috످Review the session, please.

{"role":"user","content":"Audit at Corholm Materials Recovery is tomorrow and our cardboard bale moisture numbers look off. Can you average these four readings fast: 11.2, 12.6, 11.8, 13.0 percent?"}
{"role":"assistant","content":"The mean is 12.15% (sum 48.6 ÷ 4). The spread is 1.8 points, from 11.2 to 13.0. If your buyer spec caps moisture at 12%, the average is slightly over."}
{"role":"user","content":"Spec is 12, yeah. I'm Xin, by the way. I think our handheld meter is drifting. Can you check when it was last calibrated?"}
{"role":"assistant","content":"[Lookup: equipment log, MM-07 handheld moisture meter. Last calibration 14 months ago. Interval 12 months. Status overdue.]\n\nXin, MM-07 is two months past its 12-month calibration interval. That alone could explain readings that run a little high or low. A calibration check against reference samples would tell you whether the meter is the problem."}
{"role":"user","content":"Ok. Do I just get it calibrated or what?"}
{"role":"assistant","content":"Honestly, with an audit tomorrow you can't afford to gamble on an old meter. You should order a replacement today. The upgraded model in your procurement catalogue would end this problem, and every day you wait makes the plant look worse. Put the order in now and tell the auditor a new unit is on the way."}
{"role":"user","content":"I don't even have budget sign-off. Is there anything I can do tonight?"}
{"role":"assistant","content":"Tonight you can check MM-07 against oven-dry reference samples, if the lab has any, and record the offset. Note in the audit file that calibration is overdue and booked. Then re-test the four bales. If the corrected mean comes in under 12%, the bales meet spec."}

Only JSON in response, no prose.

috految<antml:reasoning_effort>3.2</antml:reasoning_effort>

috److{"assessment":"The assistant was mostly helpful but pressured Xin to buy a new meter and suggested unsupported statements for the audit.","issues":["In its third reply, the assistant used urgency and plant reputation to push an immediate purchase, without confirming the meter was faulty or answering Xin's calibration question.","That reply also promised an upgraded model would end the problem, though no catalogue lookup appears, and advised telling the auditor a unit was on the way before any approval.","The final reply advises recording calibration as booked, but the log shows no booking. This could put a false statement in the audit file.","The final reply says a mean under 12% meets spec, which may not hold if the limit applies per bale. Two readings exceed 12%."],"what_went_well":"The 12.15% mean is correct, the overdue calibration matches the lookup, and the reference sample check is practical.","recommended_fix":"Withdraw the purchase advice, recommend calibration first, confirm how the spec applies, and record only what has actually been arranged."}

috످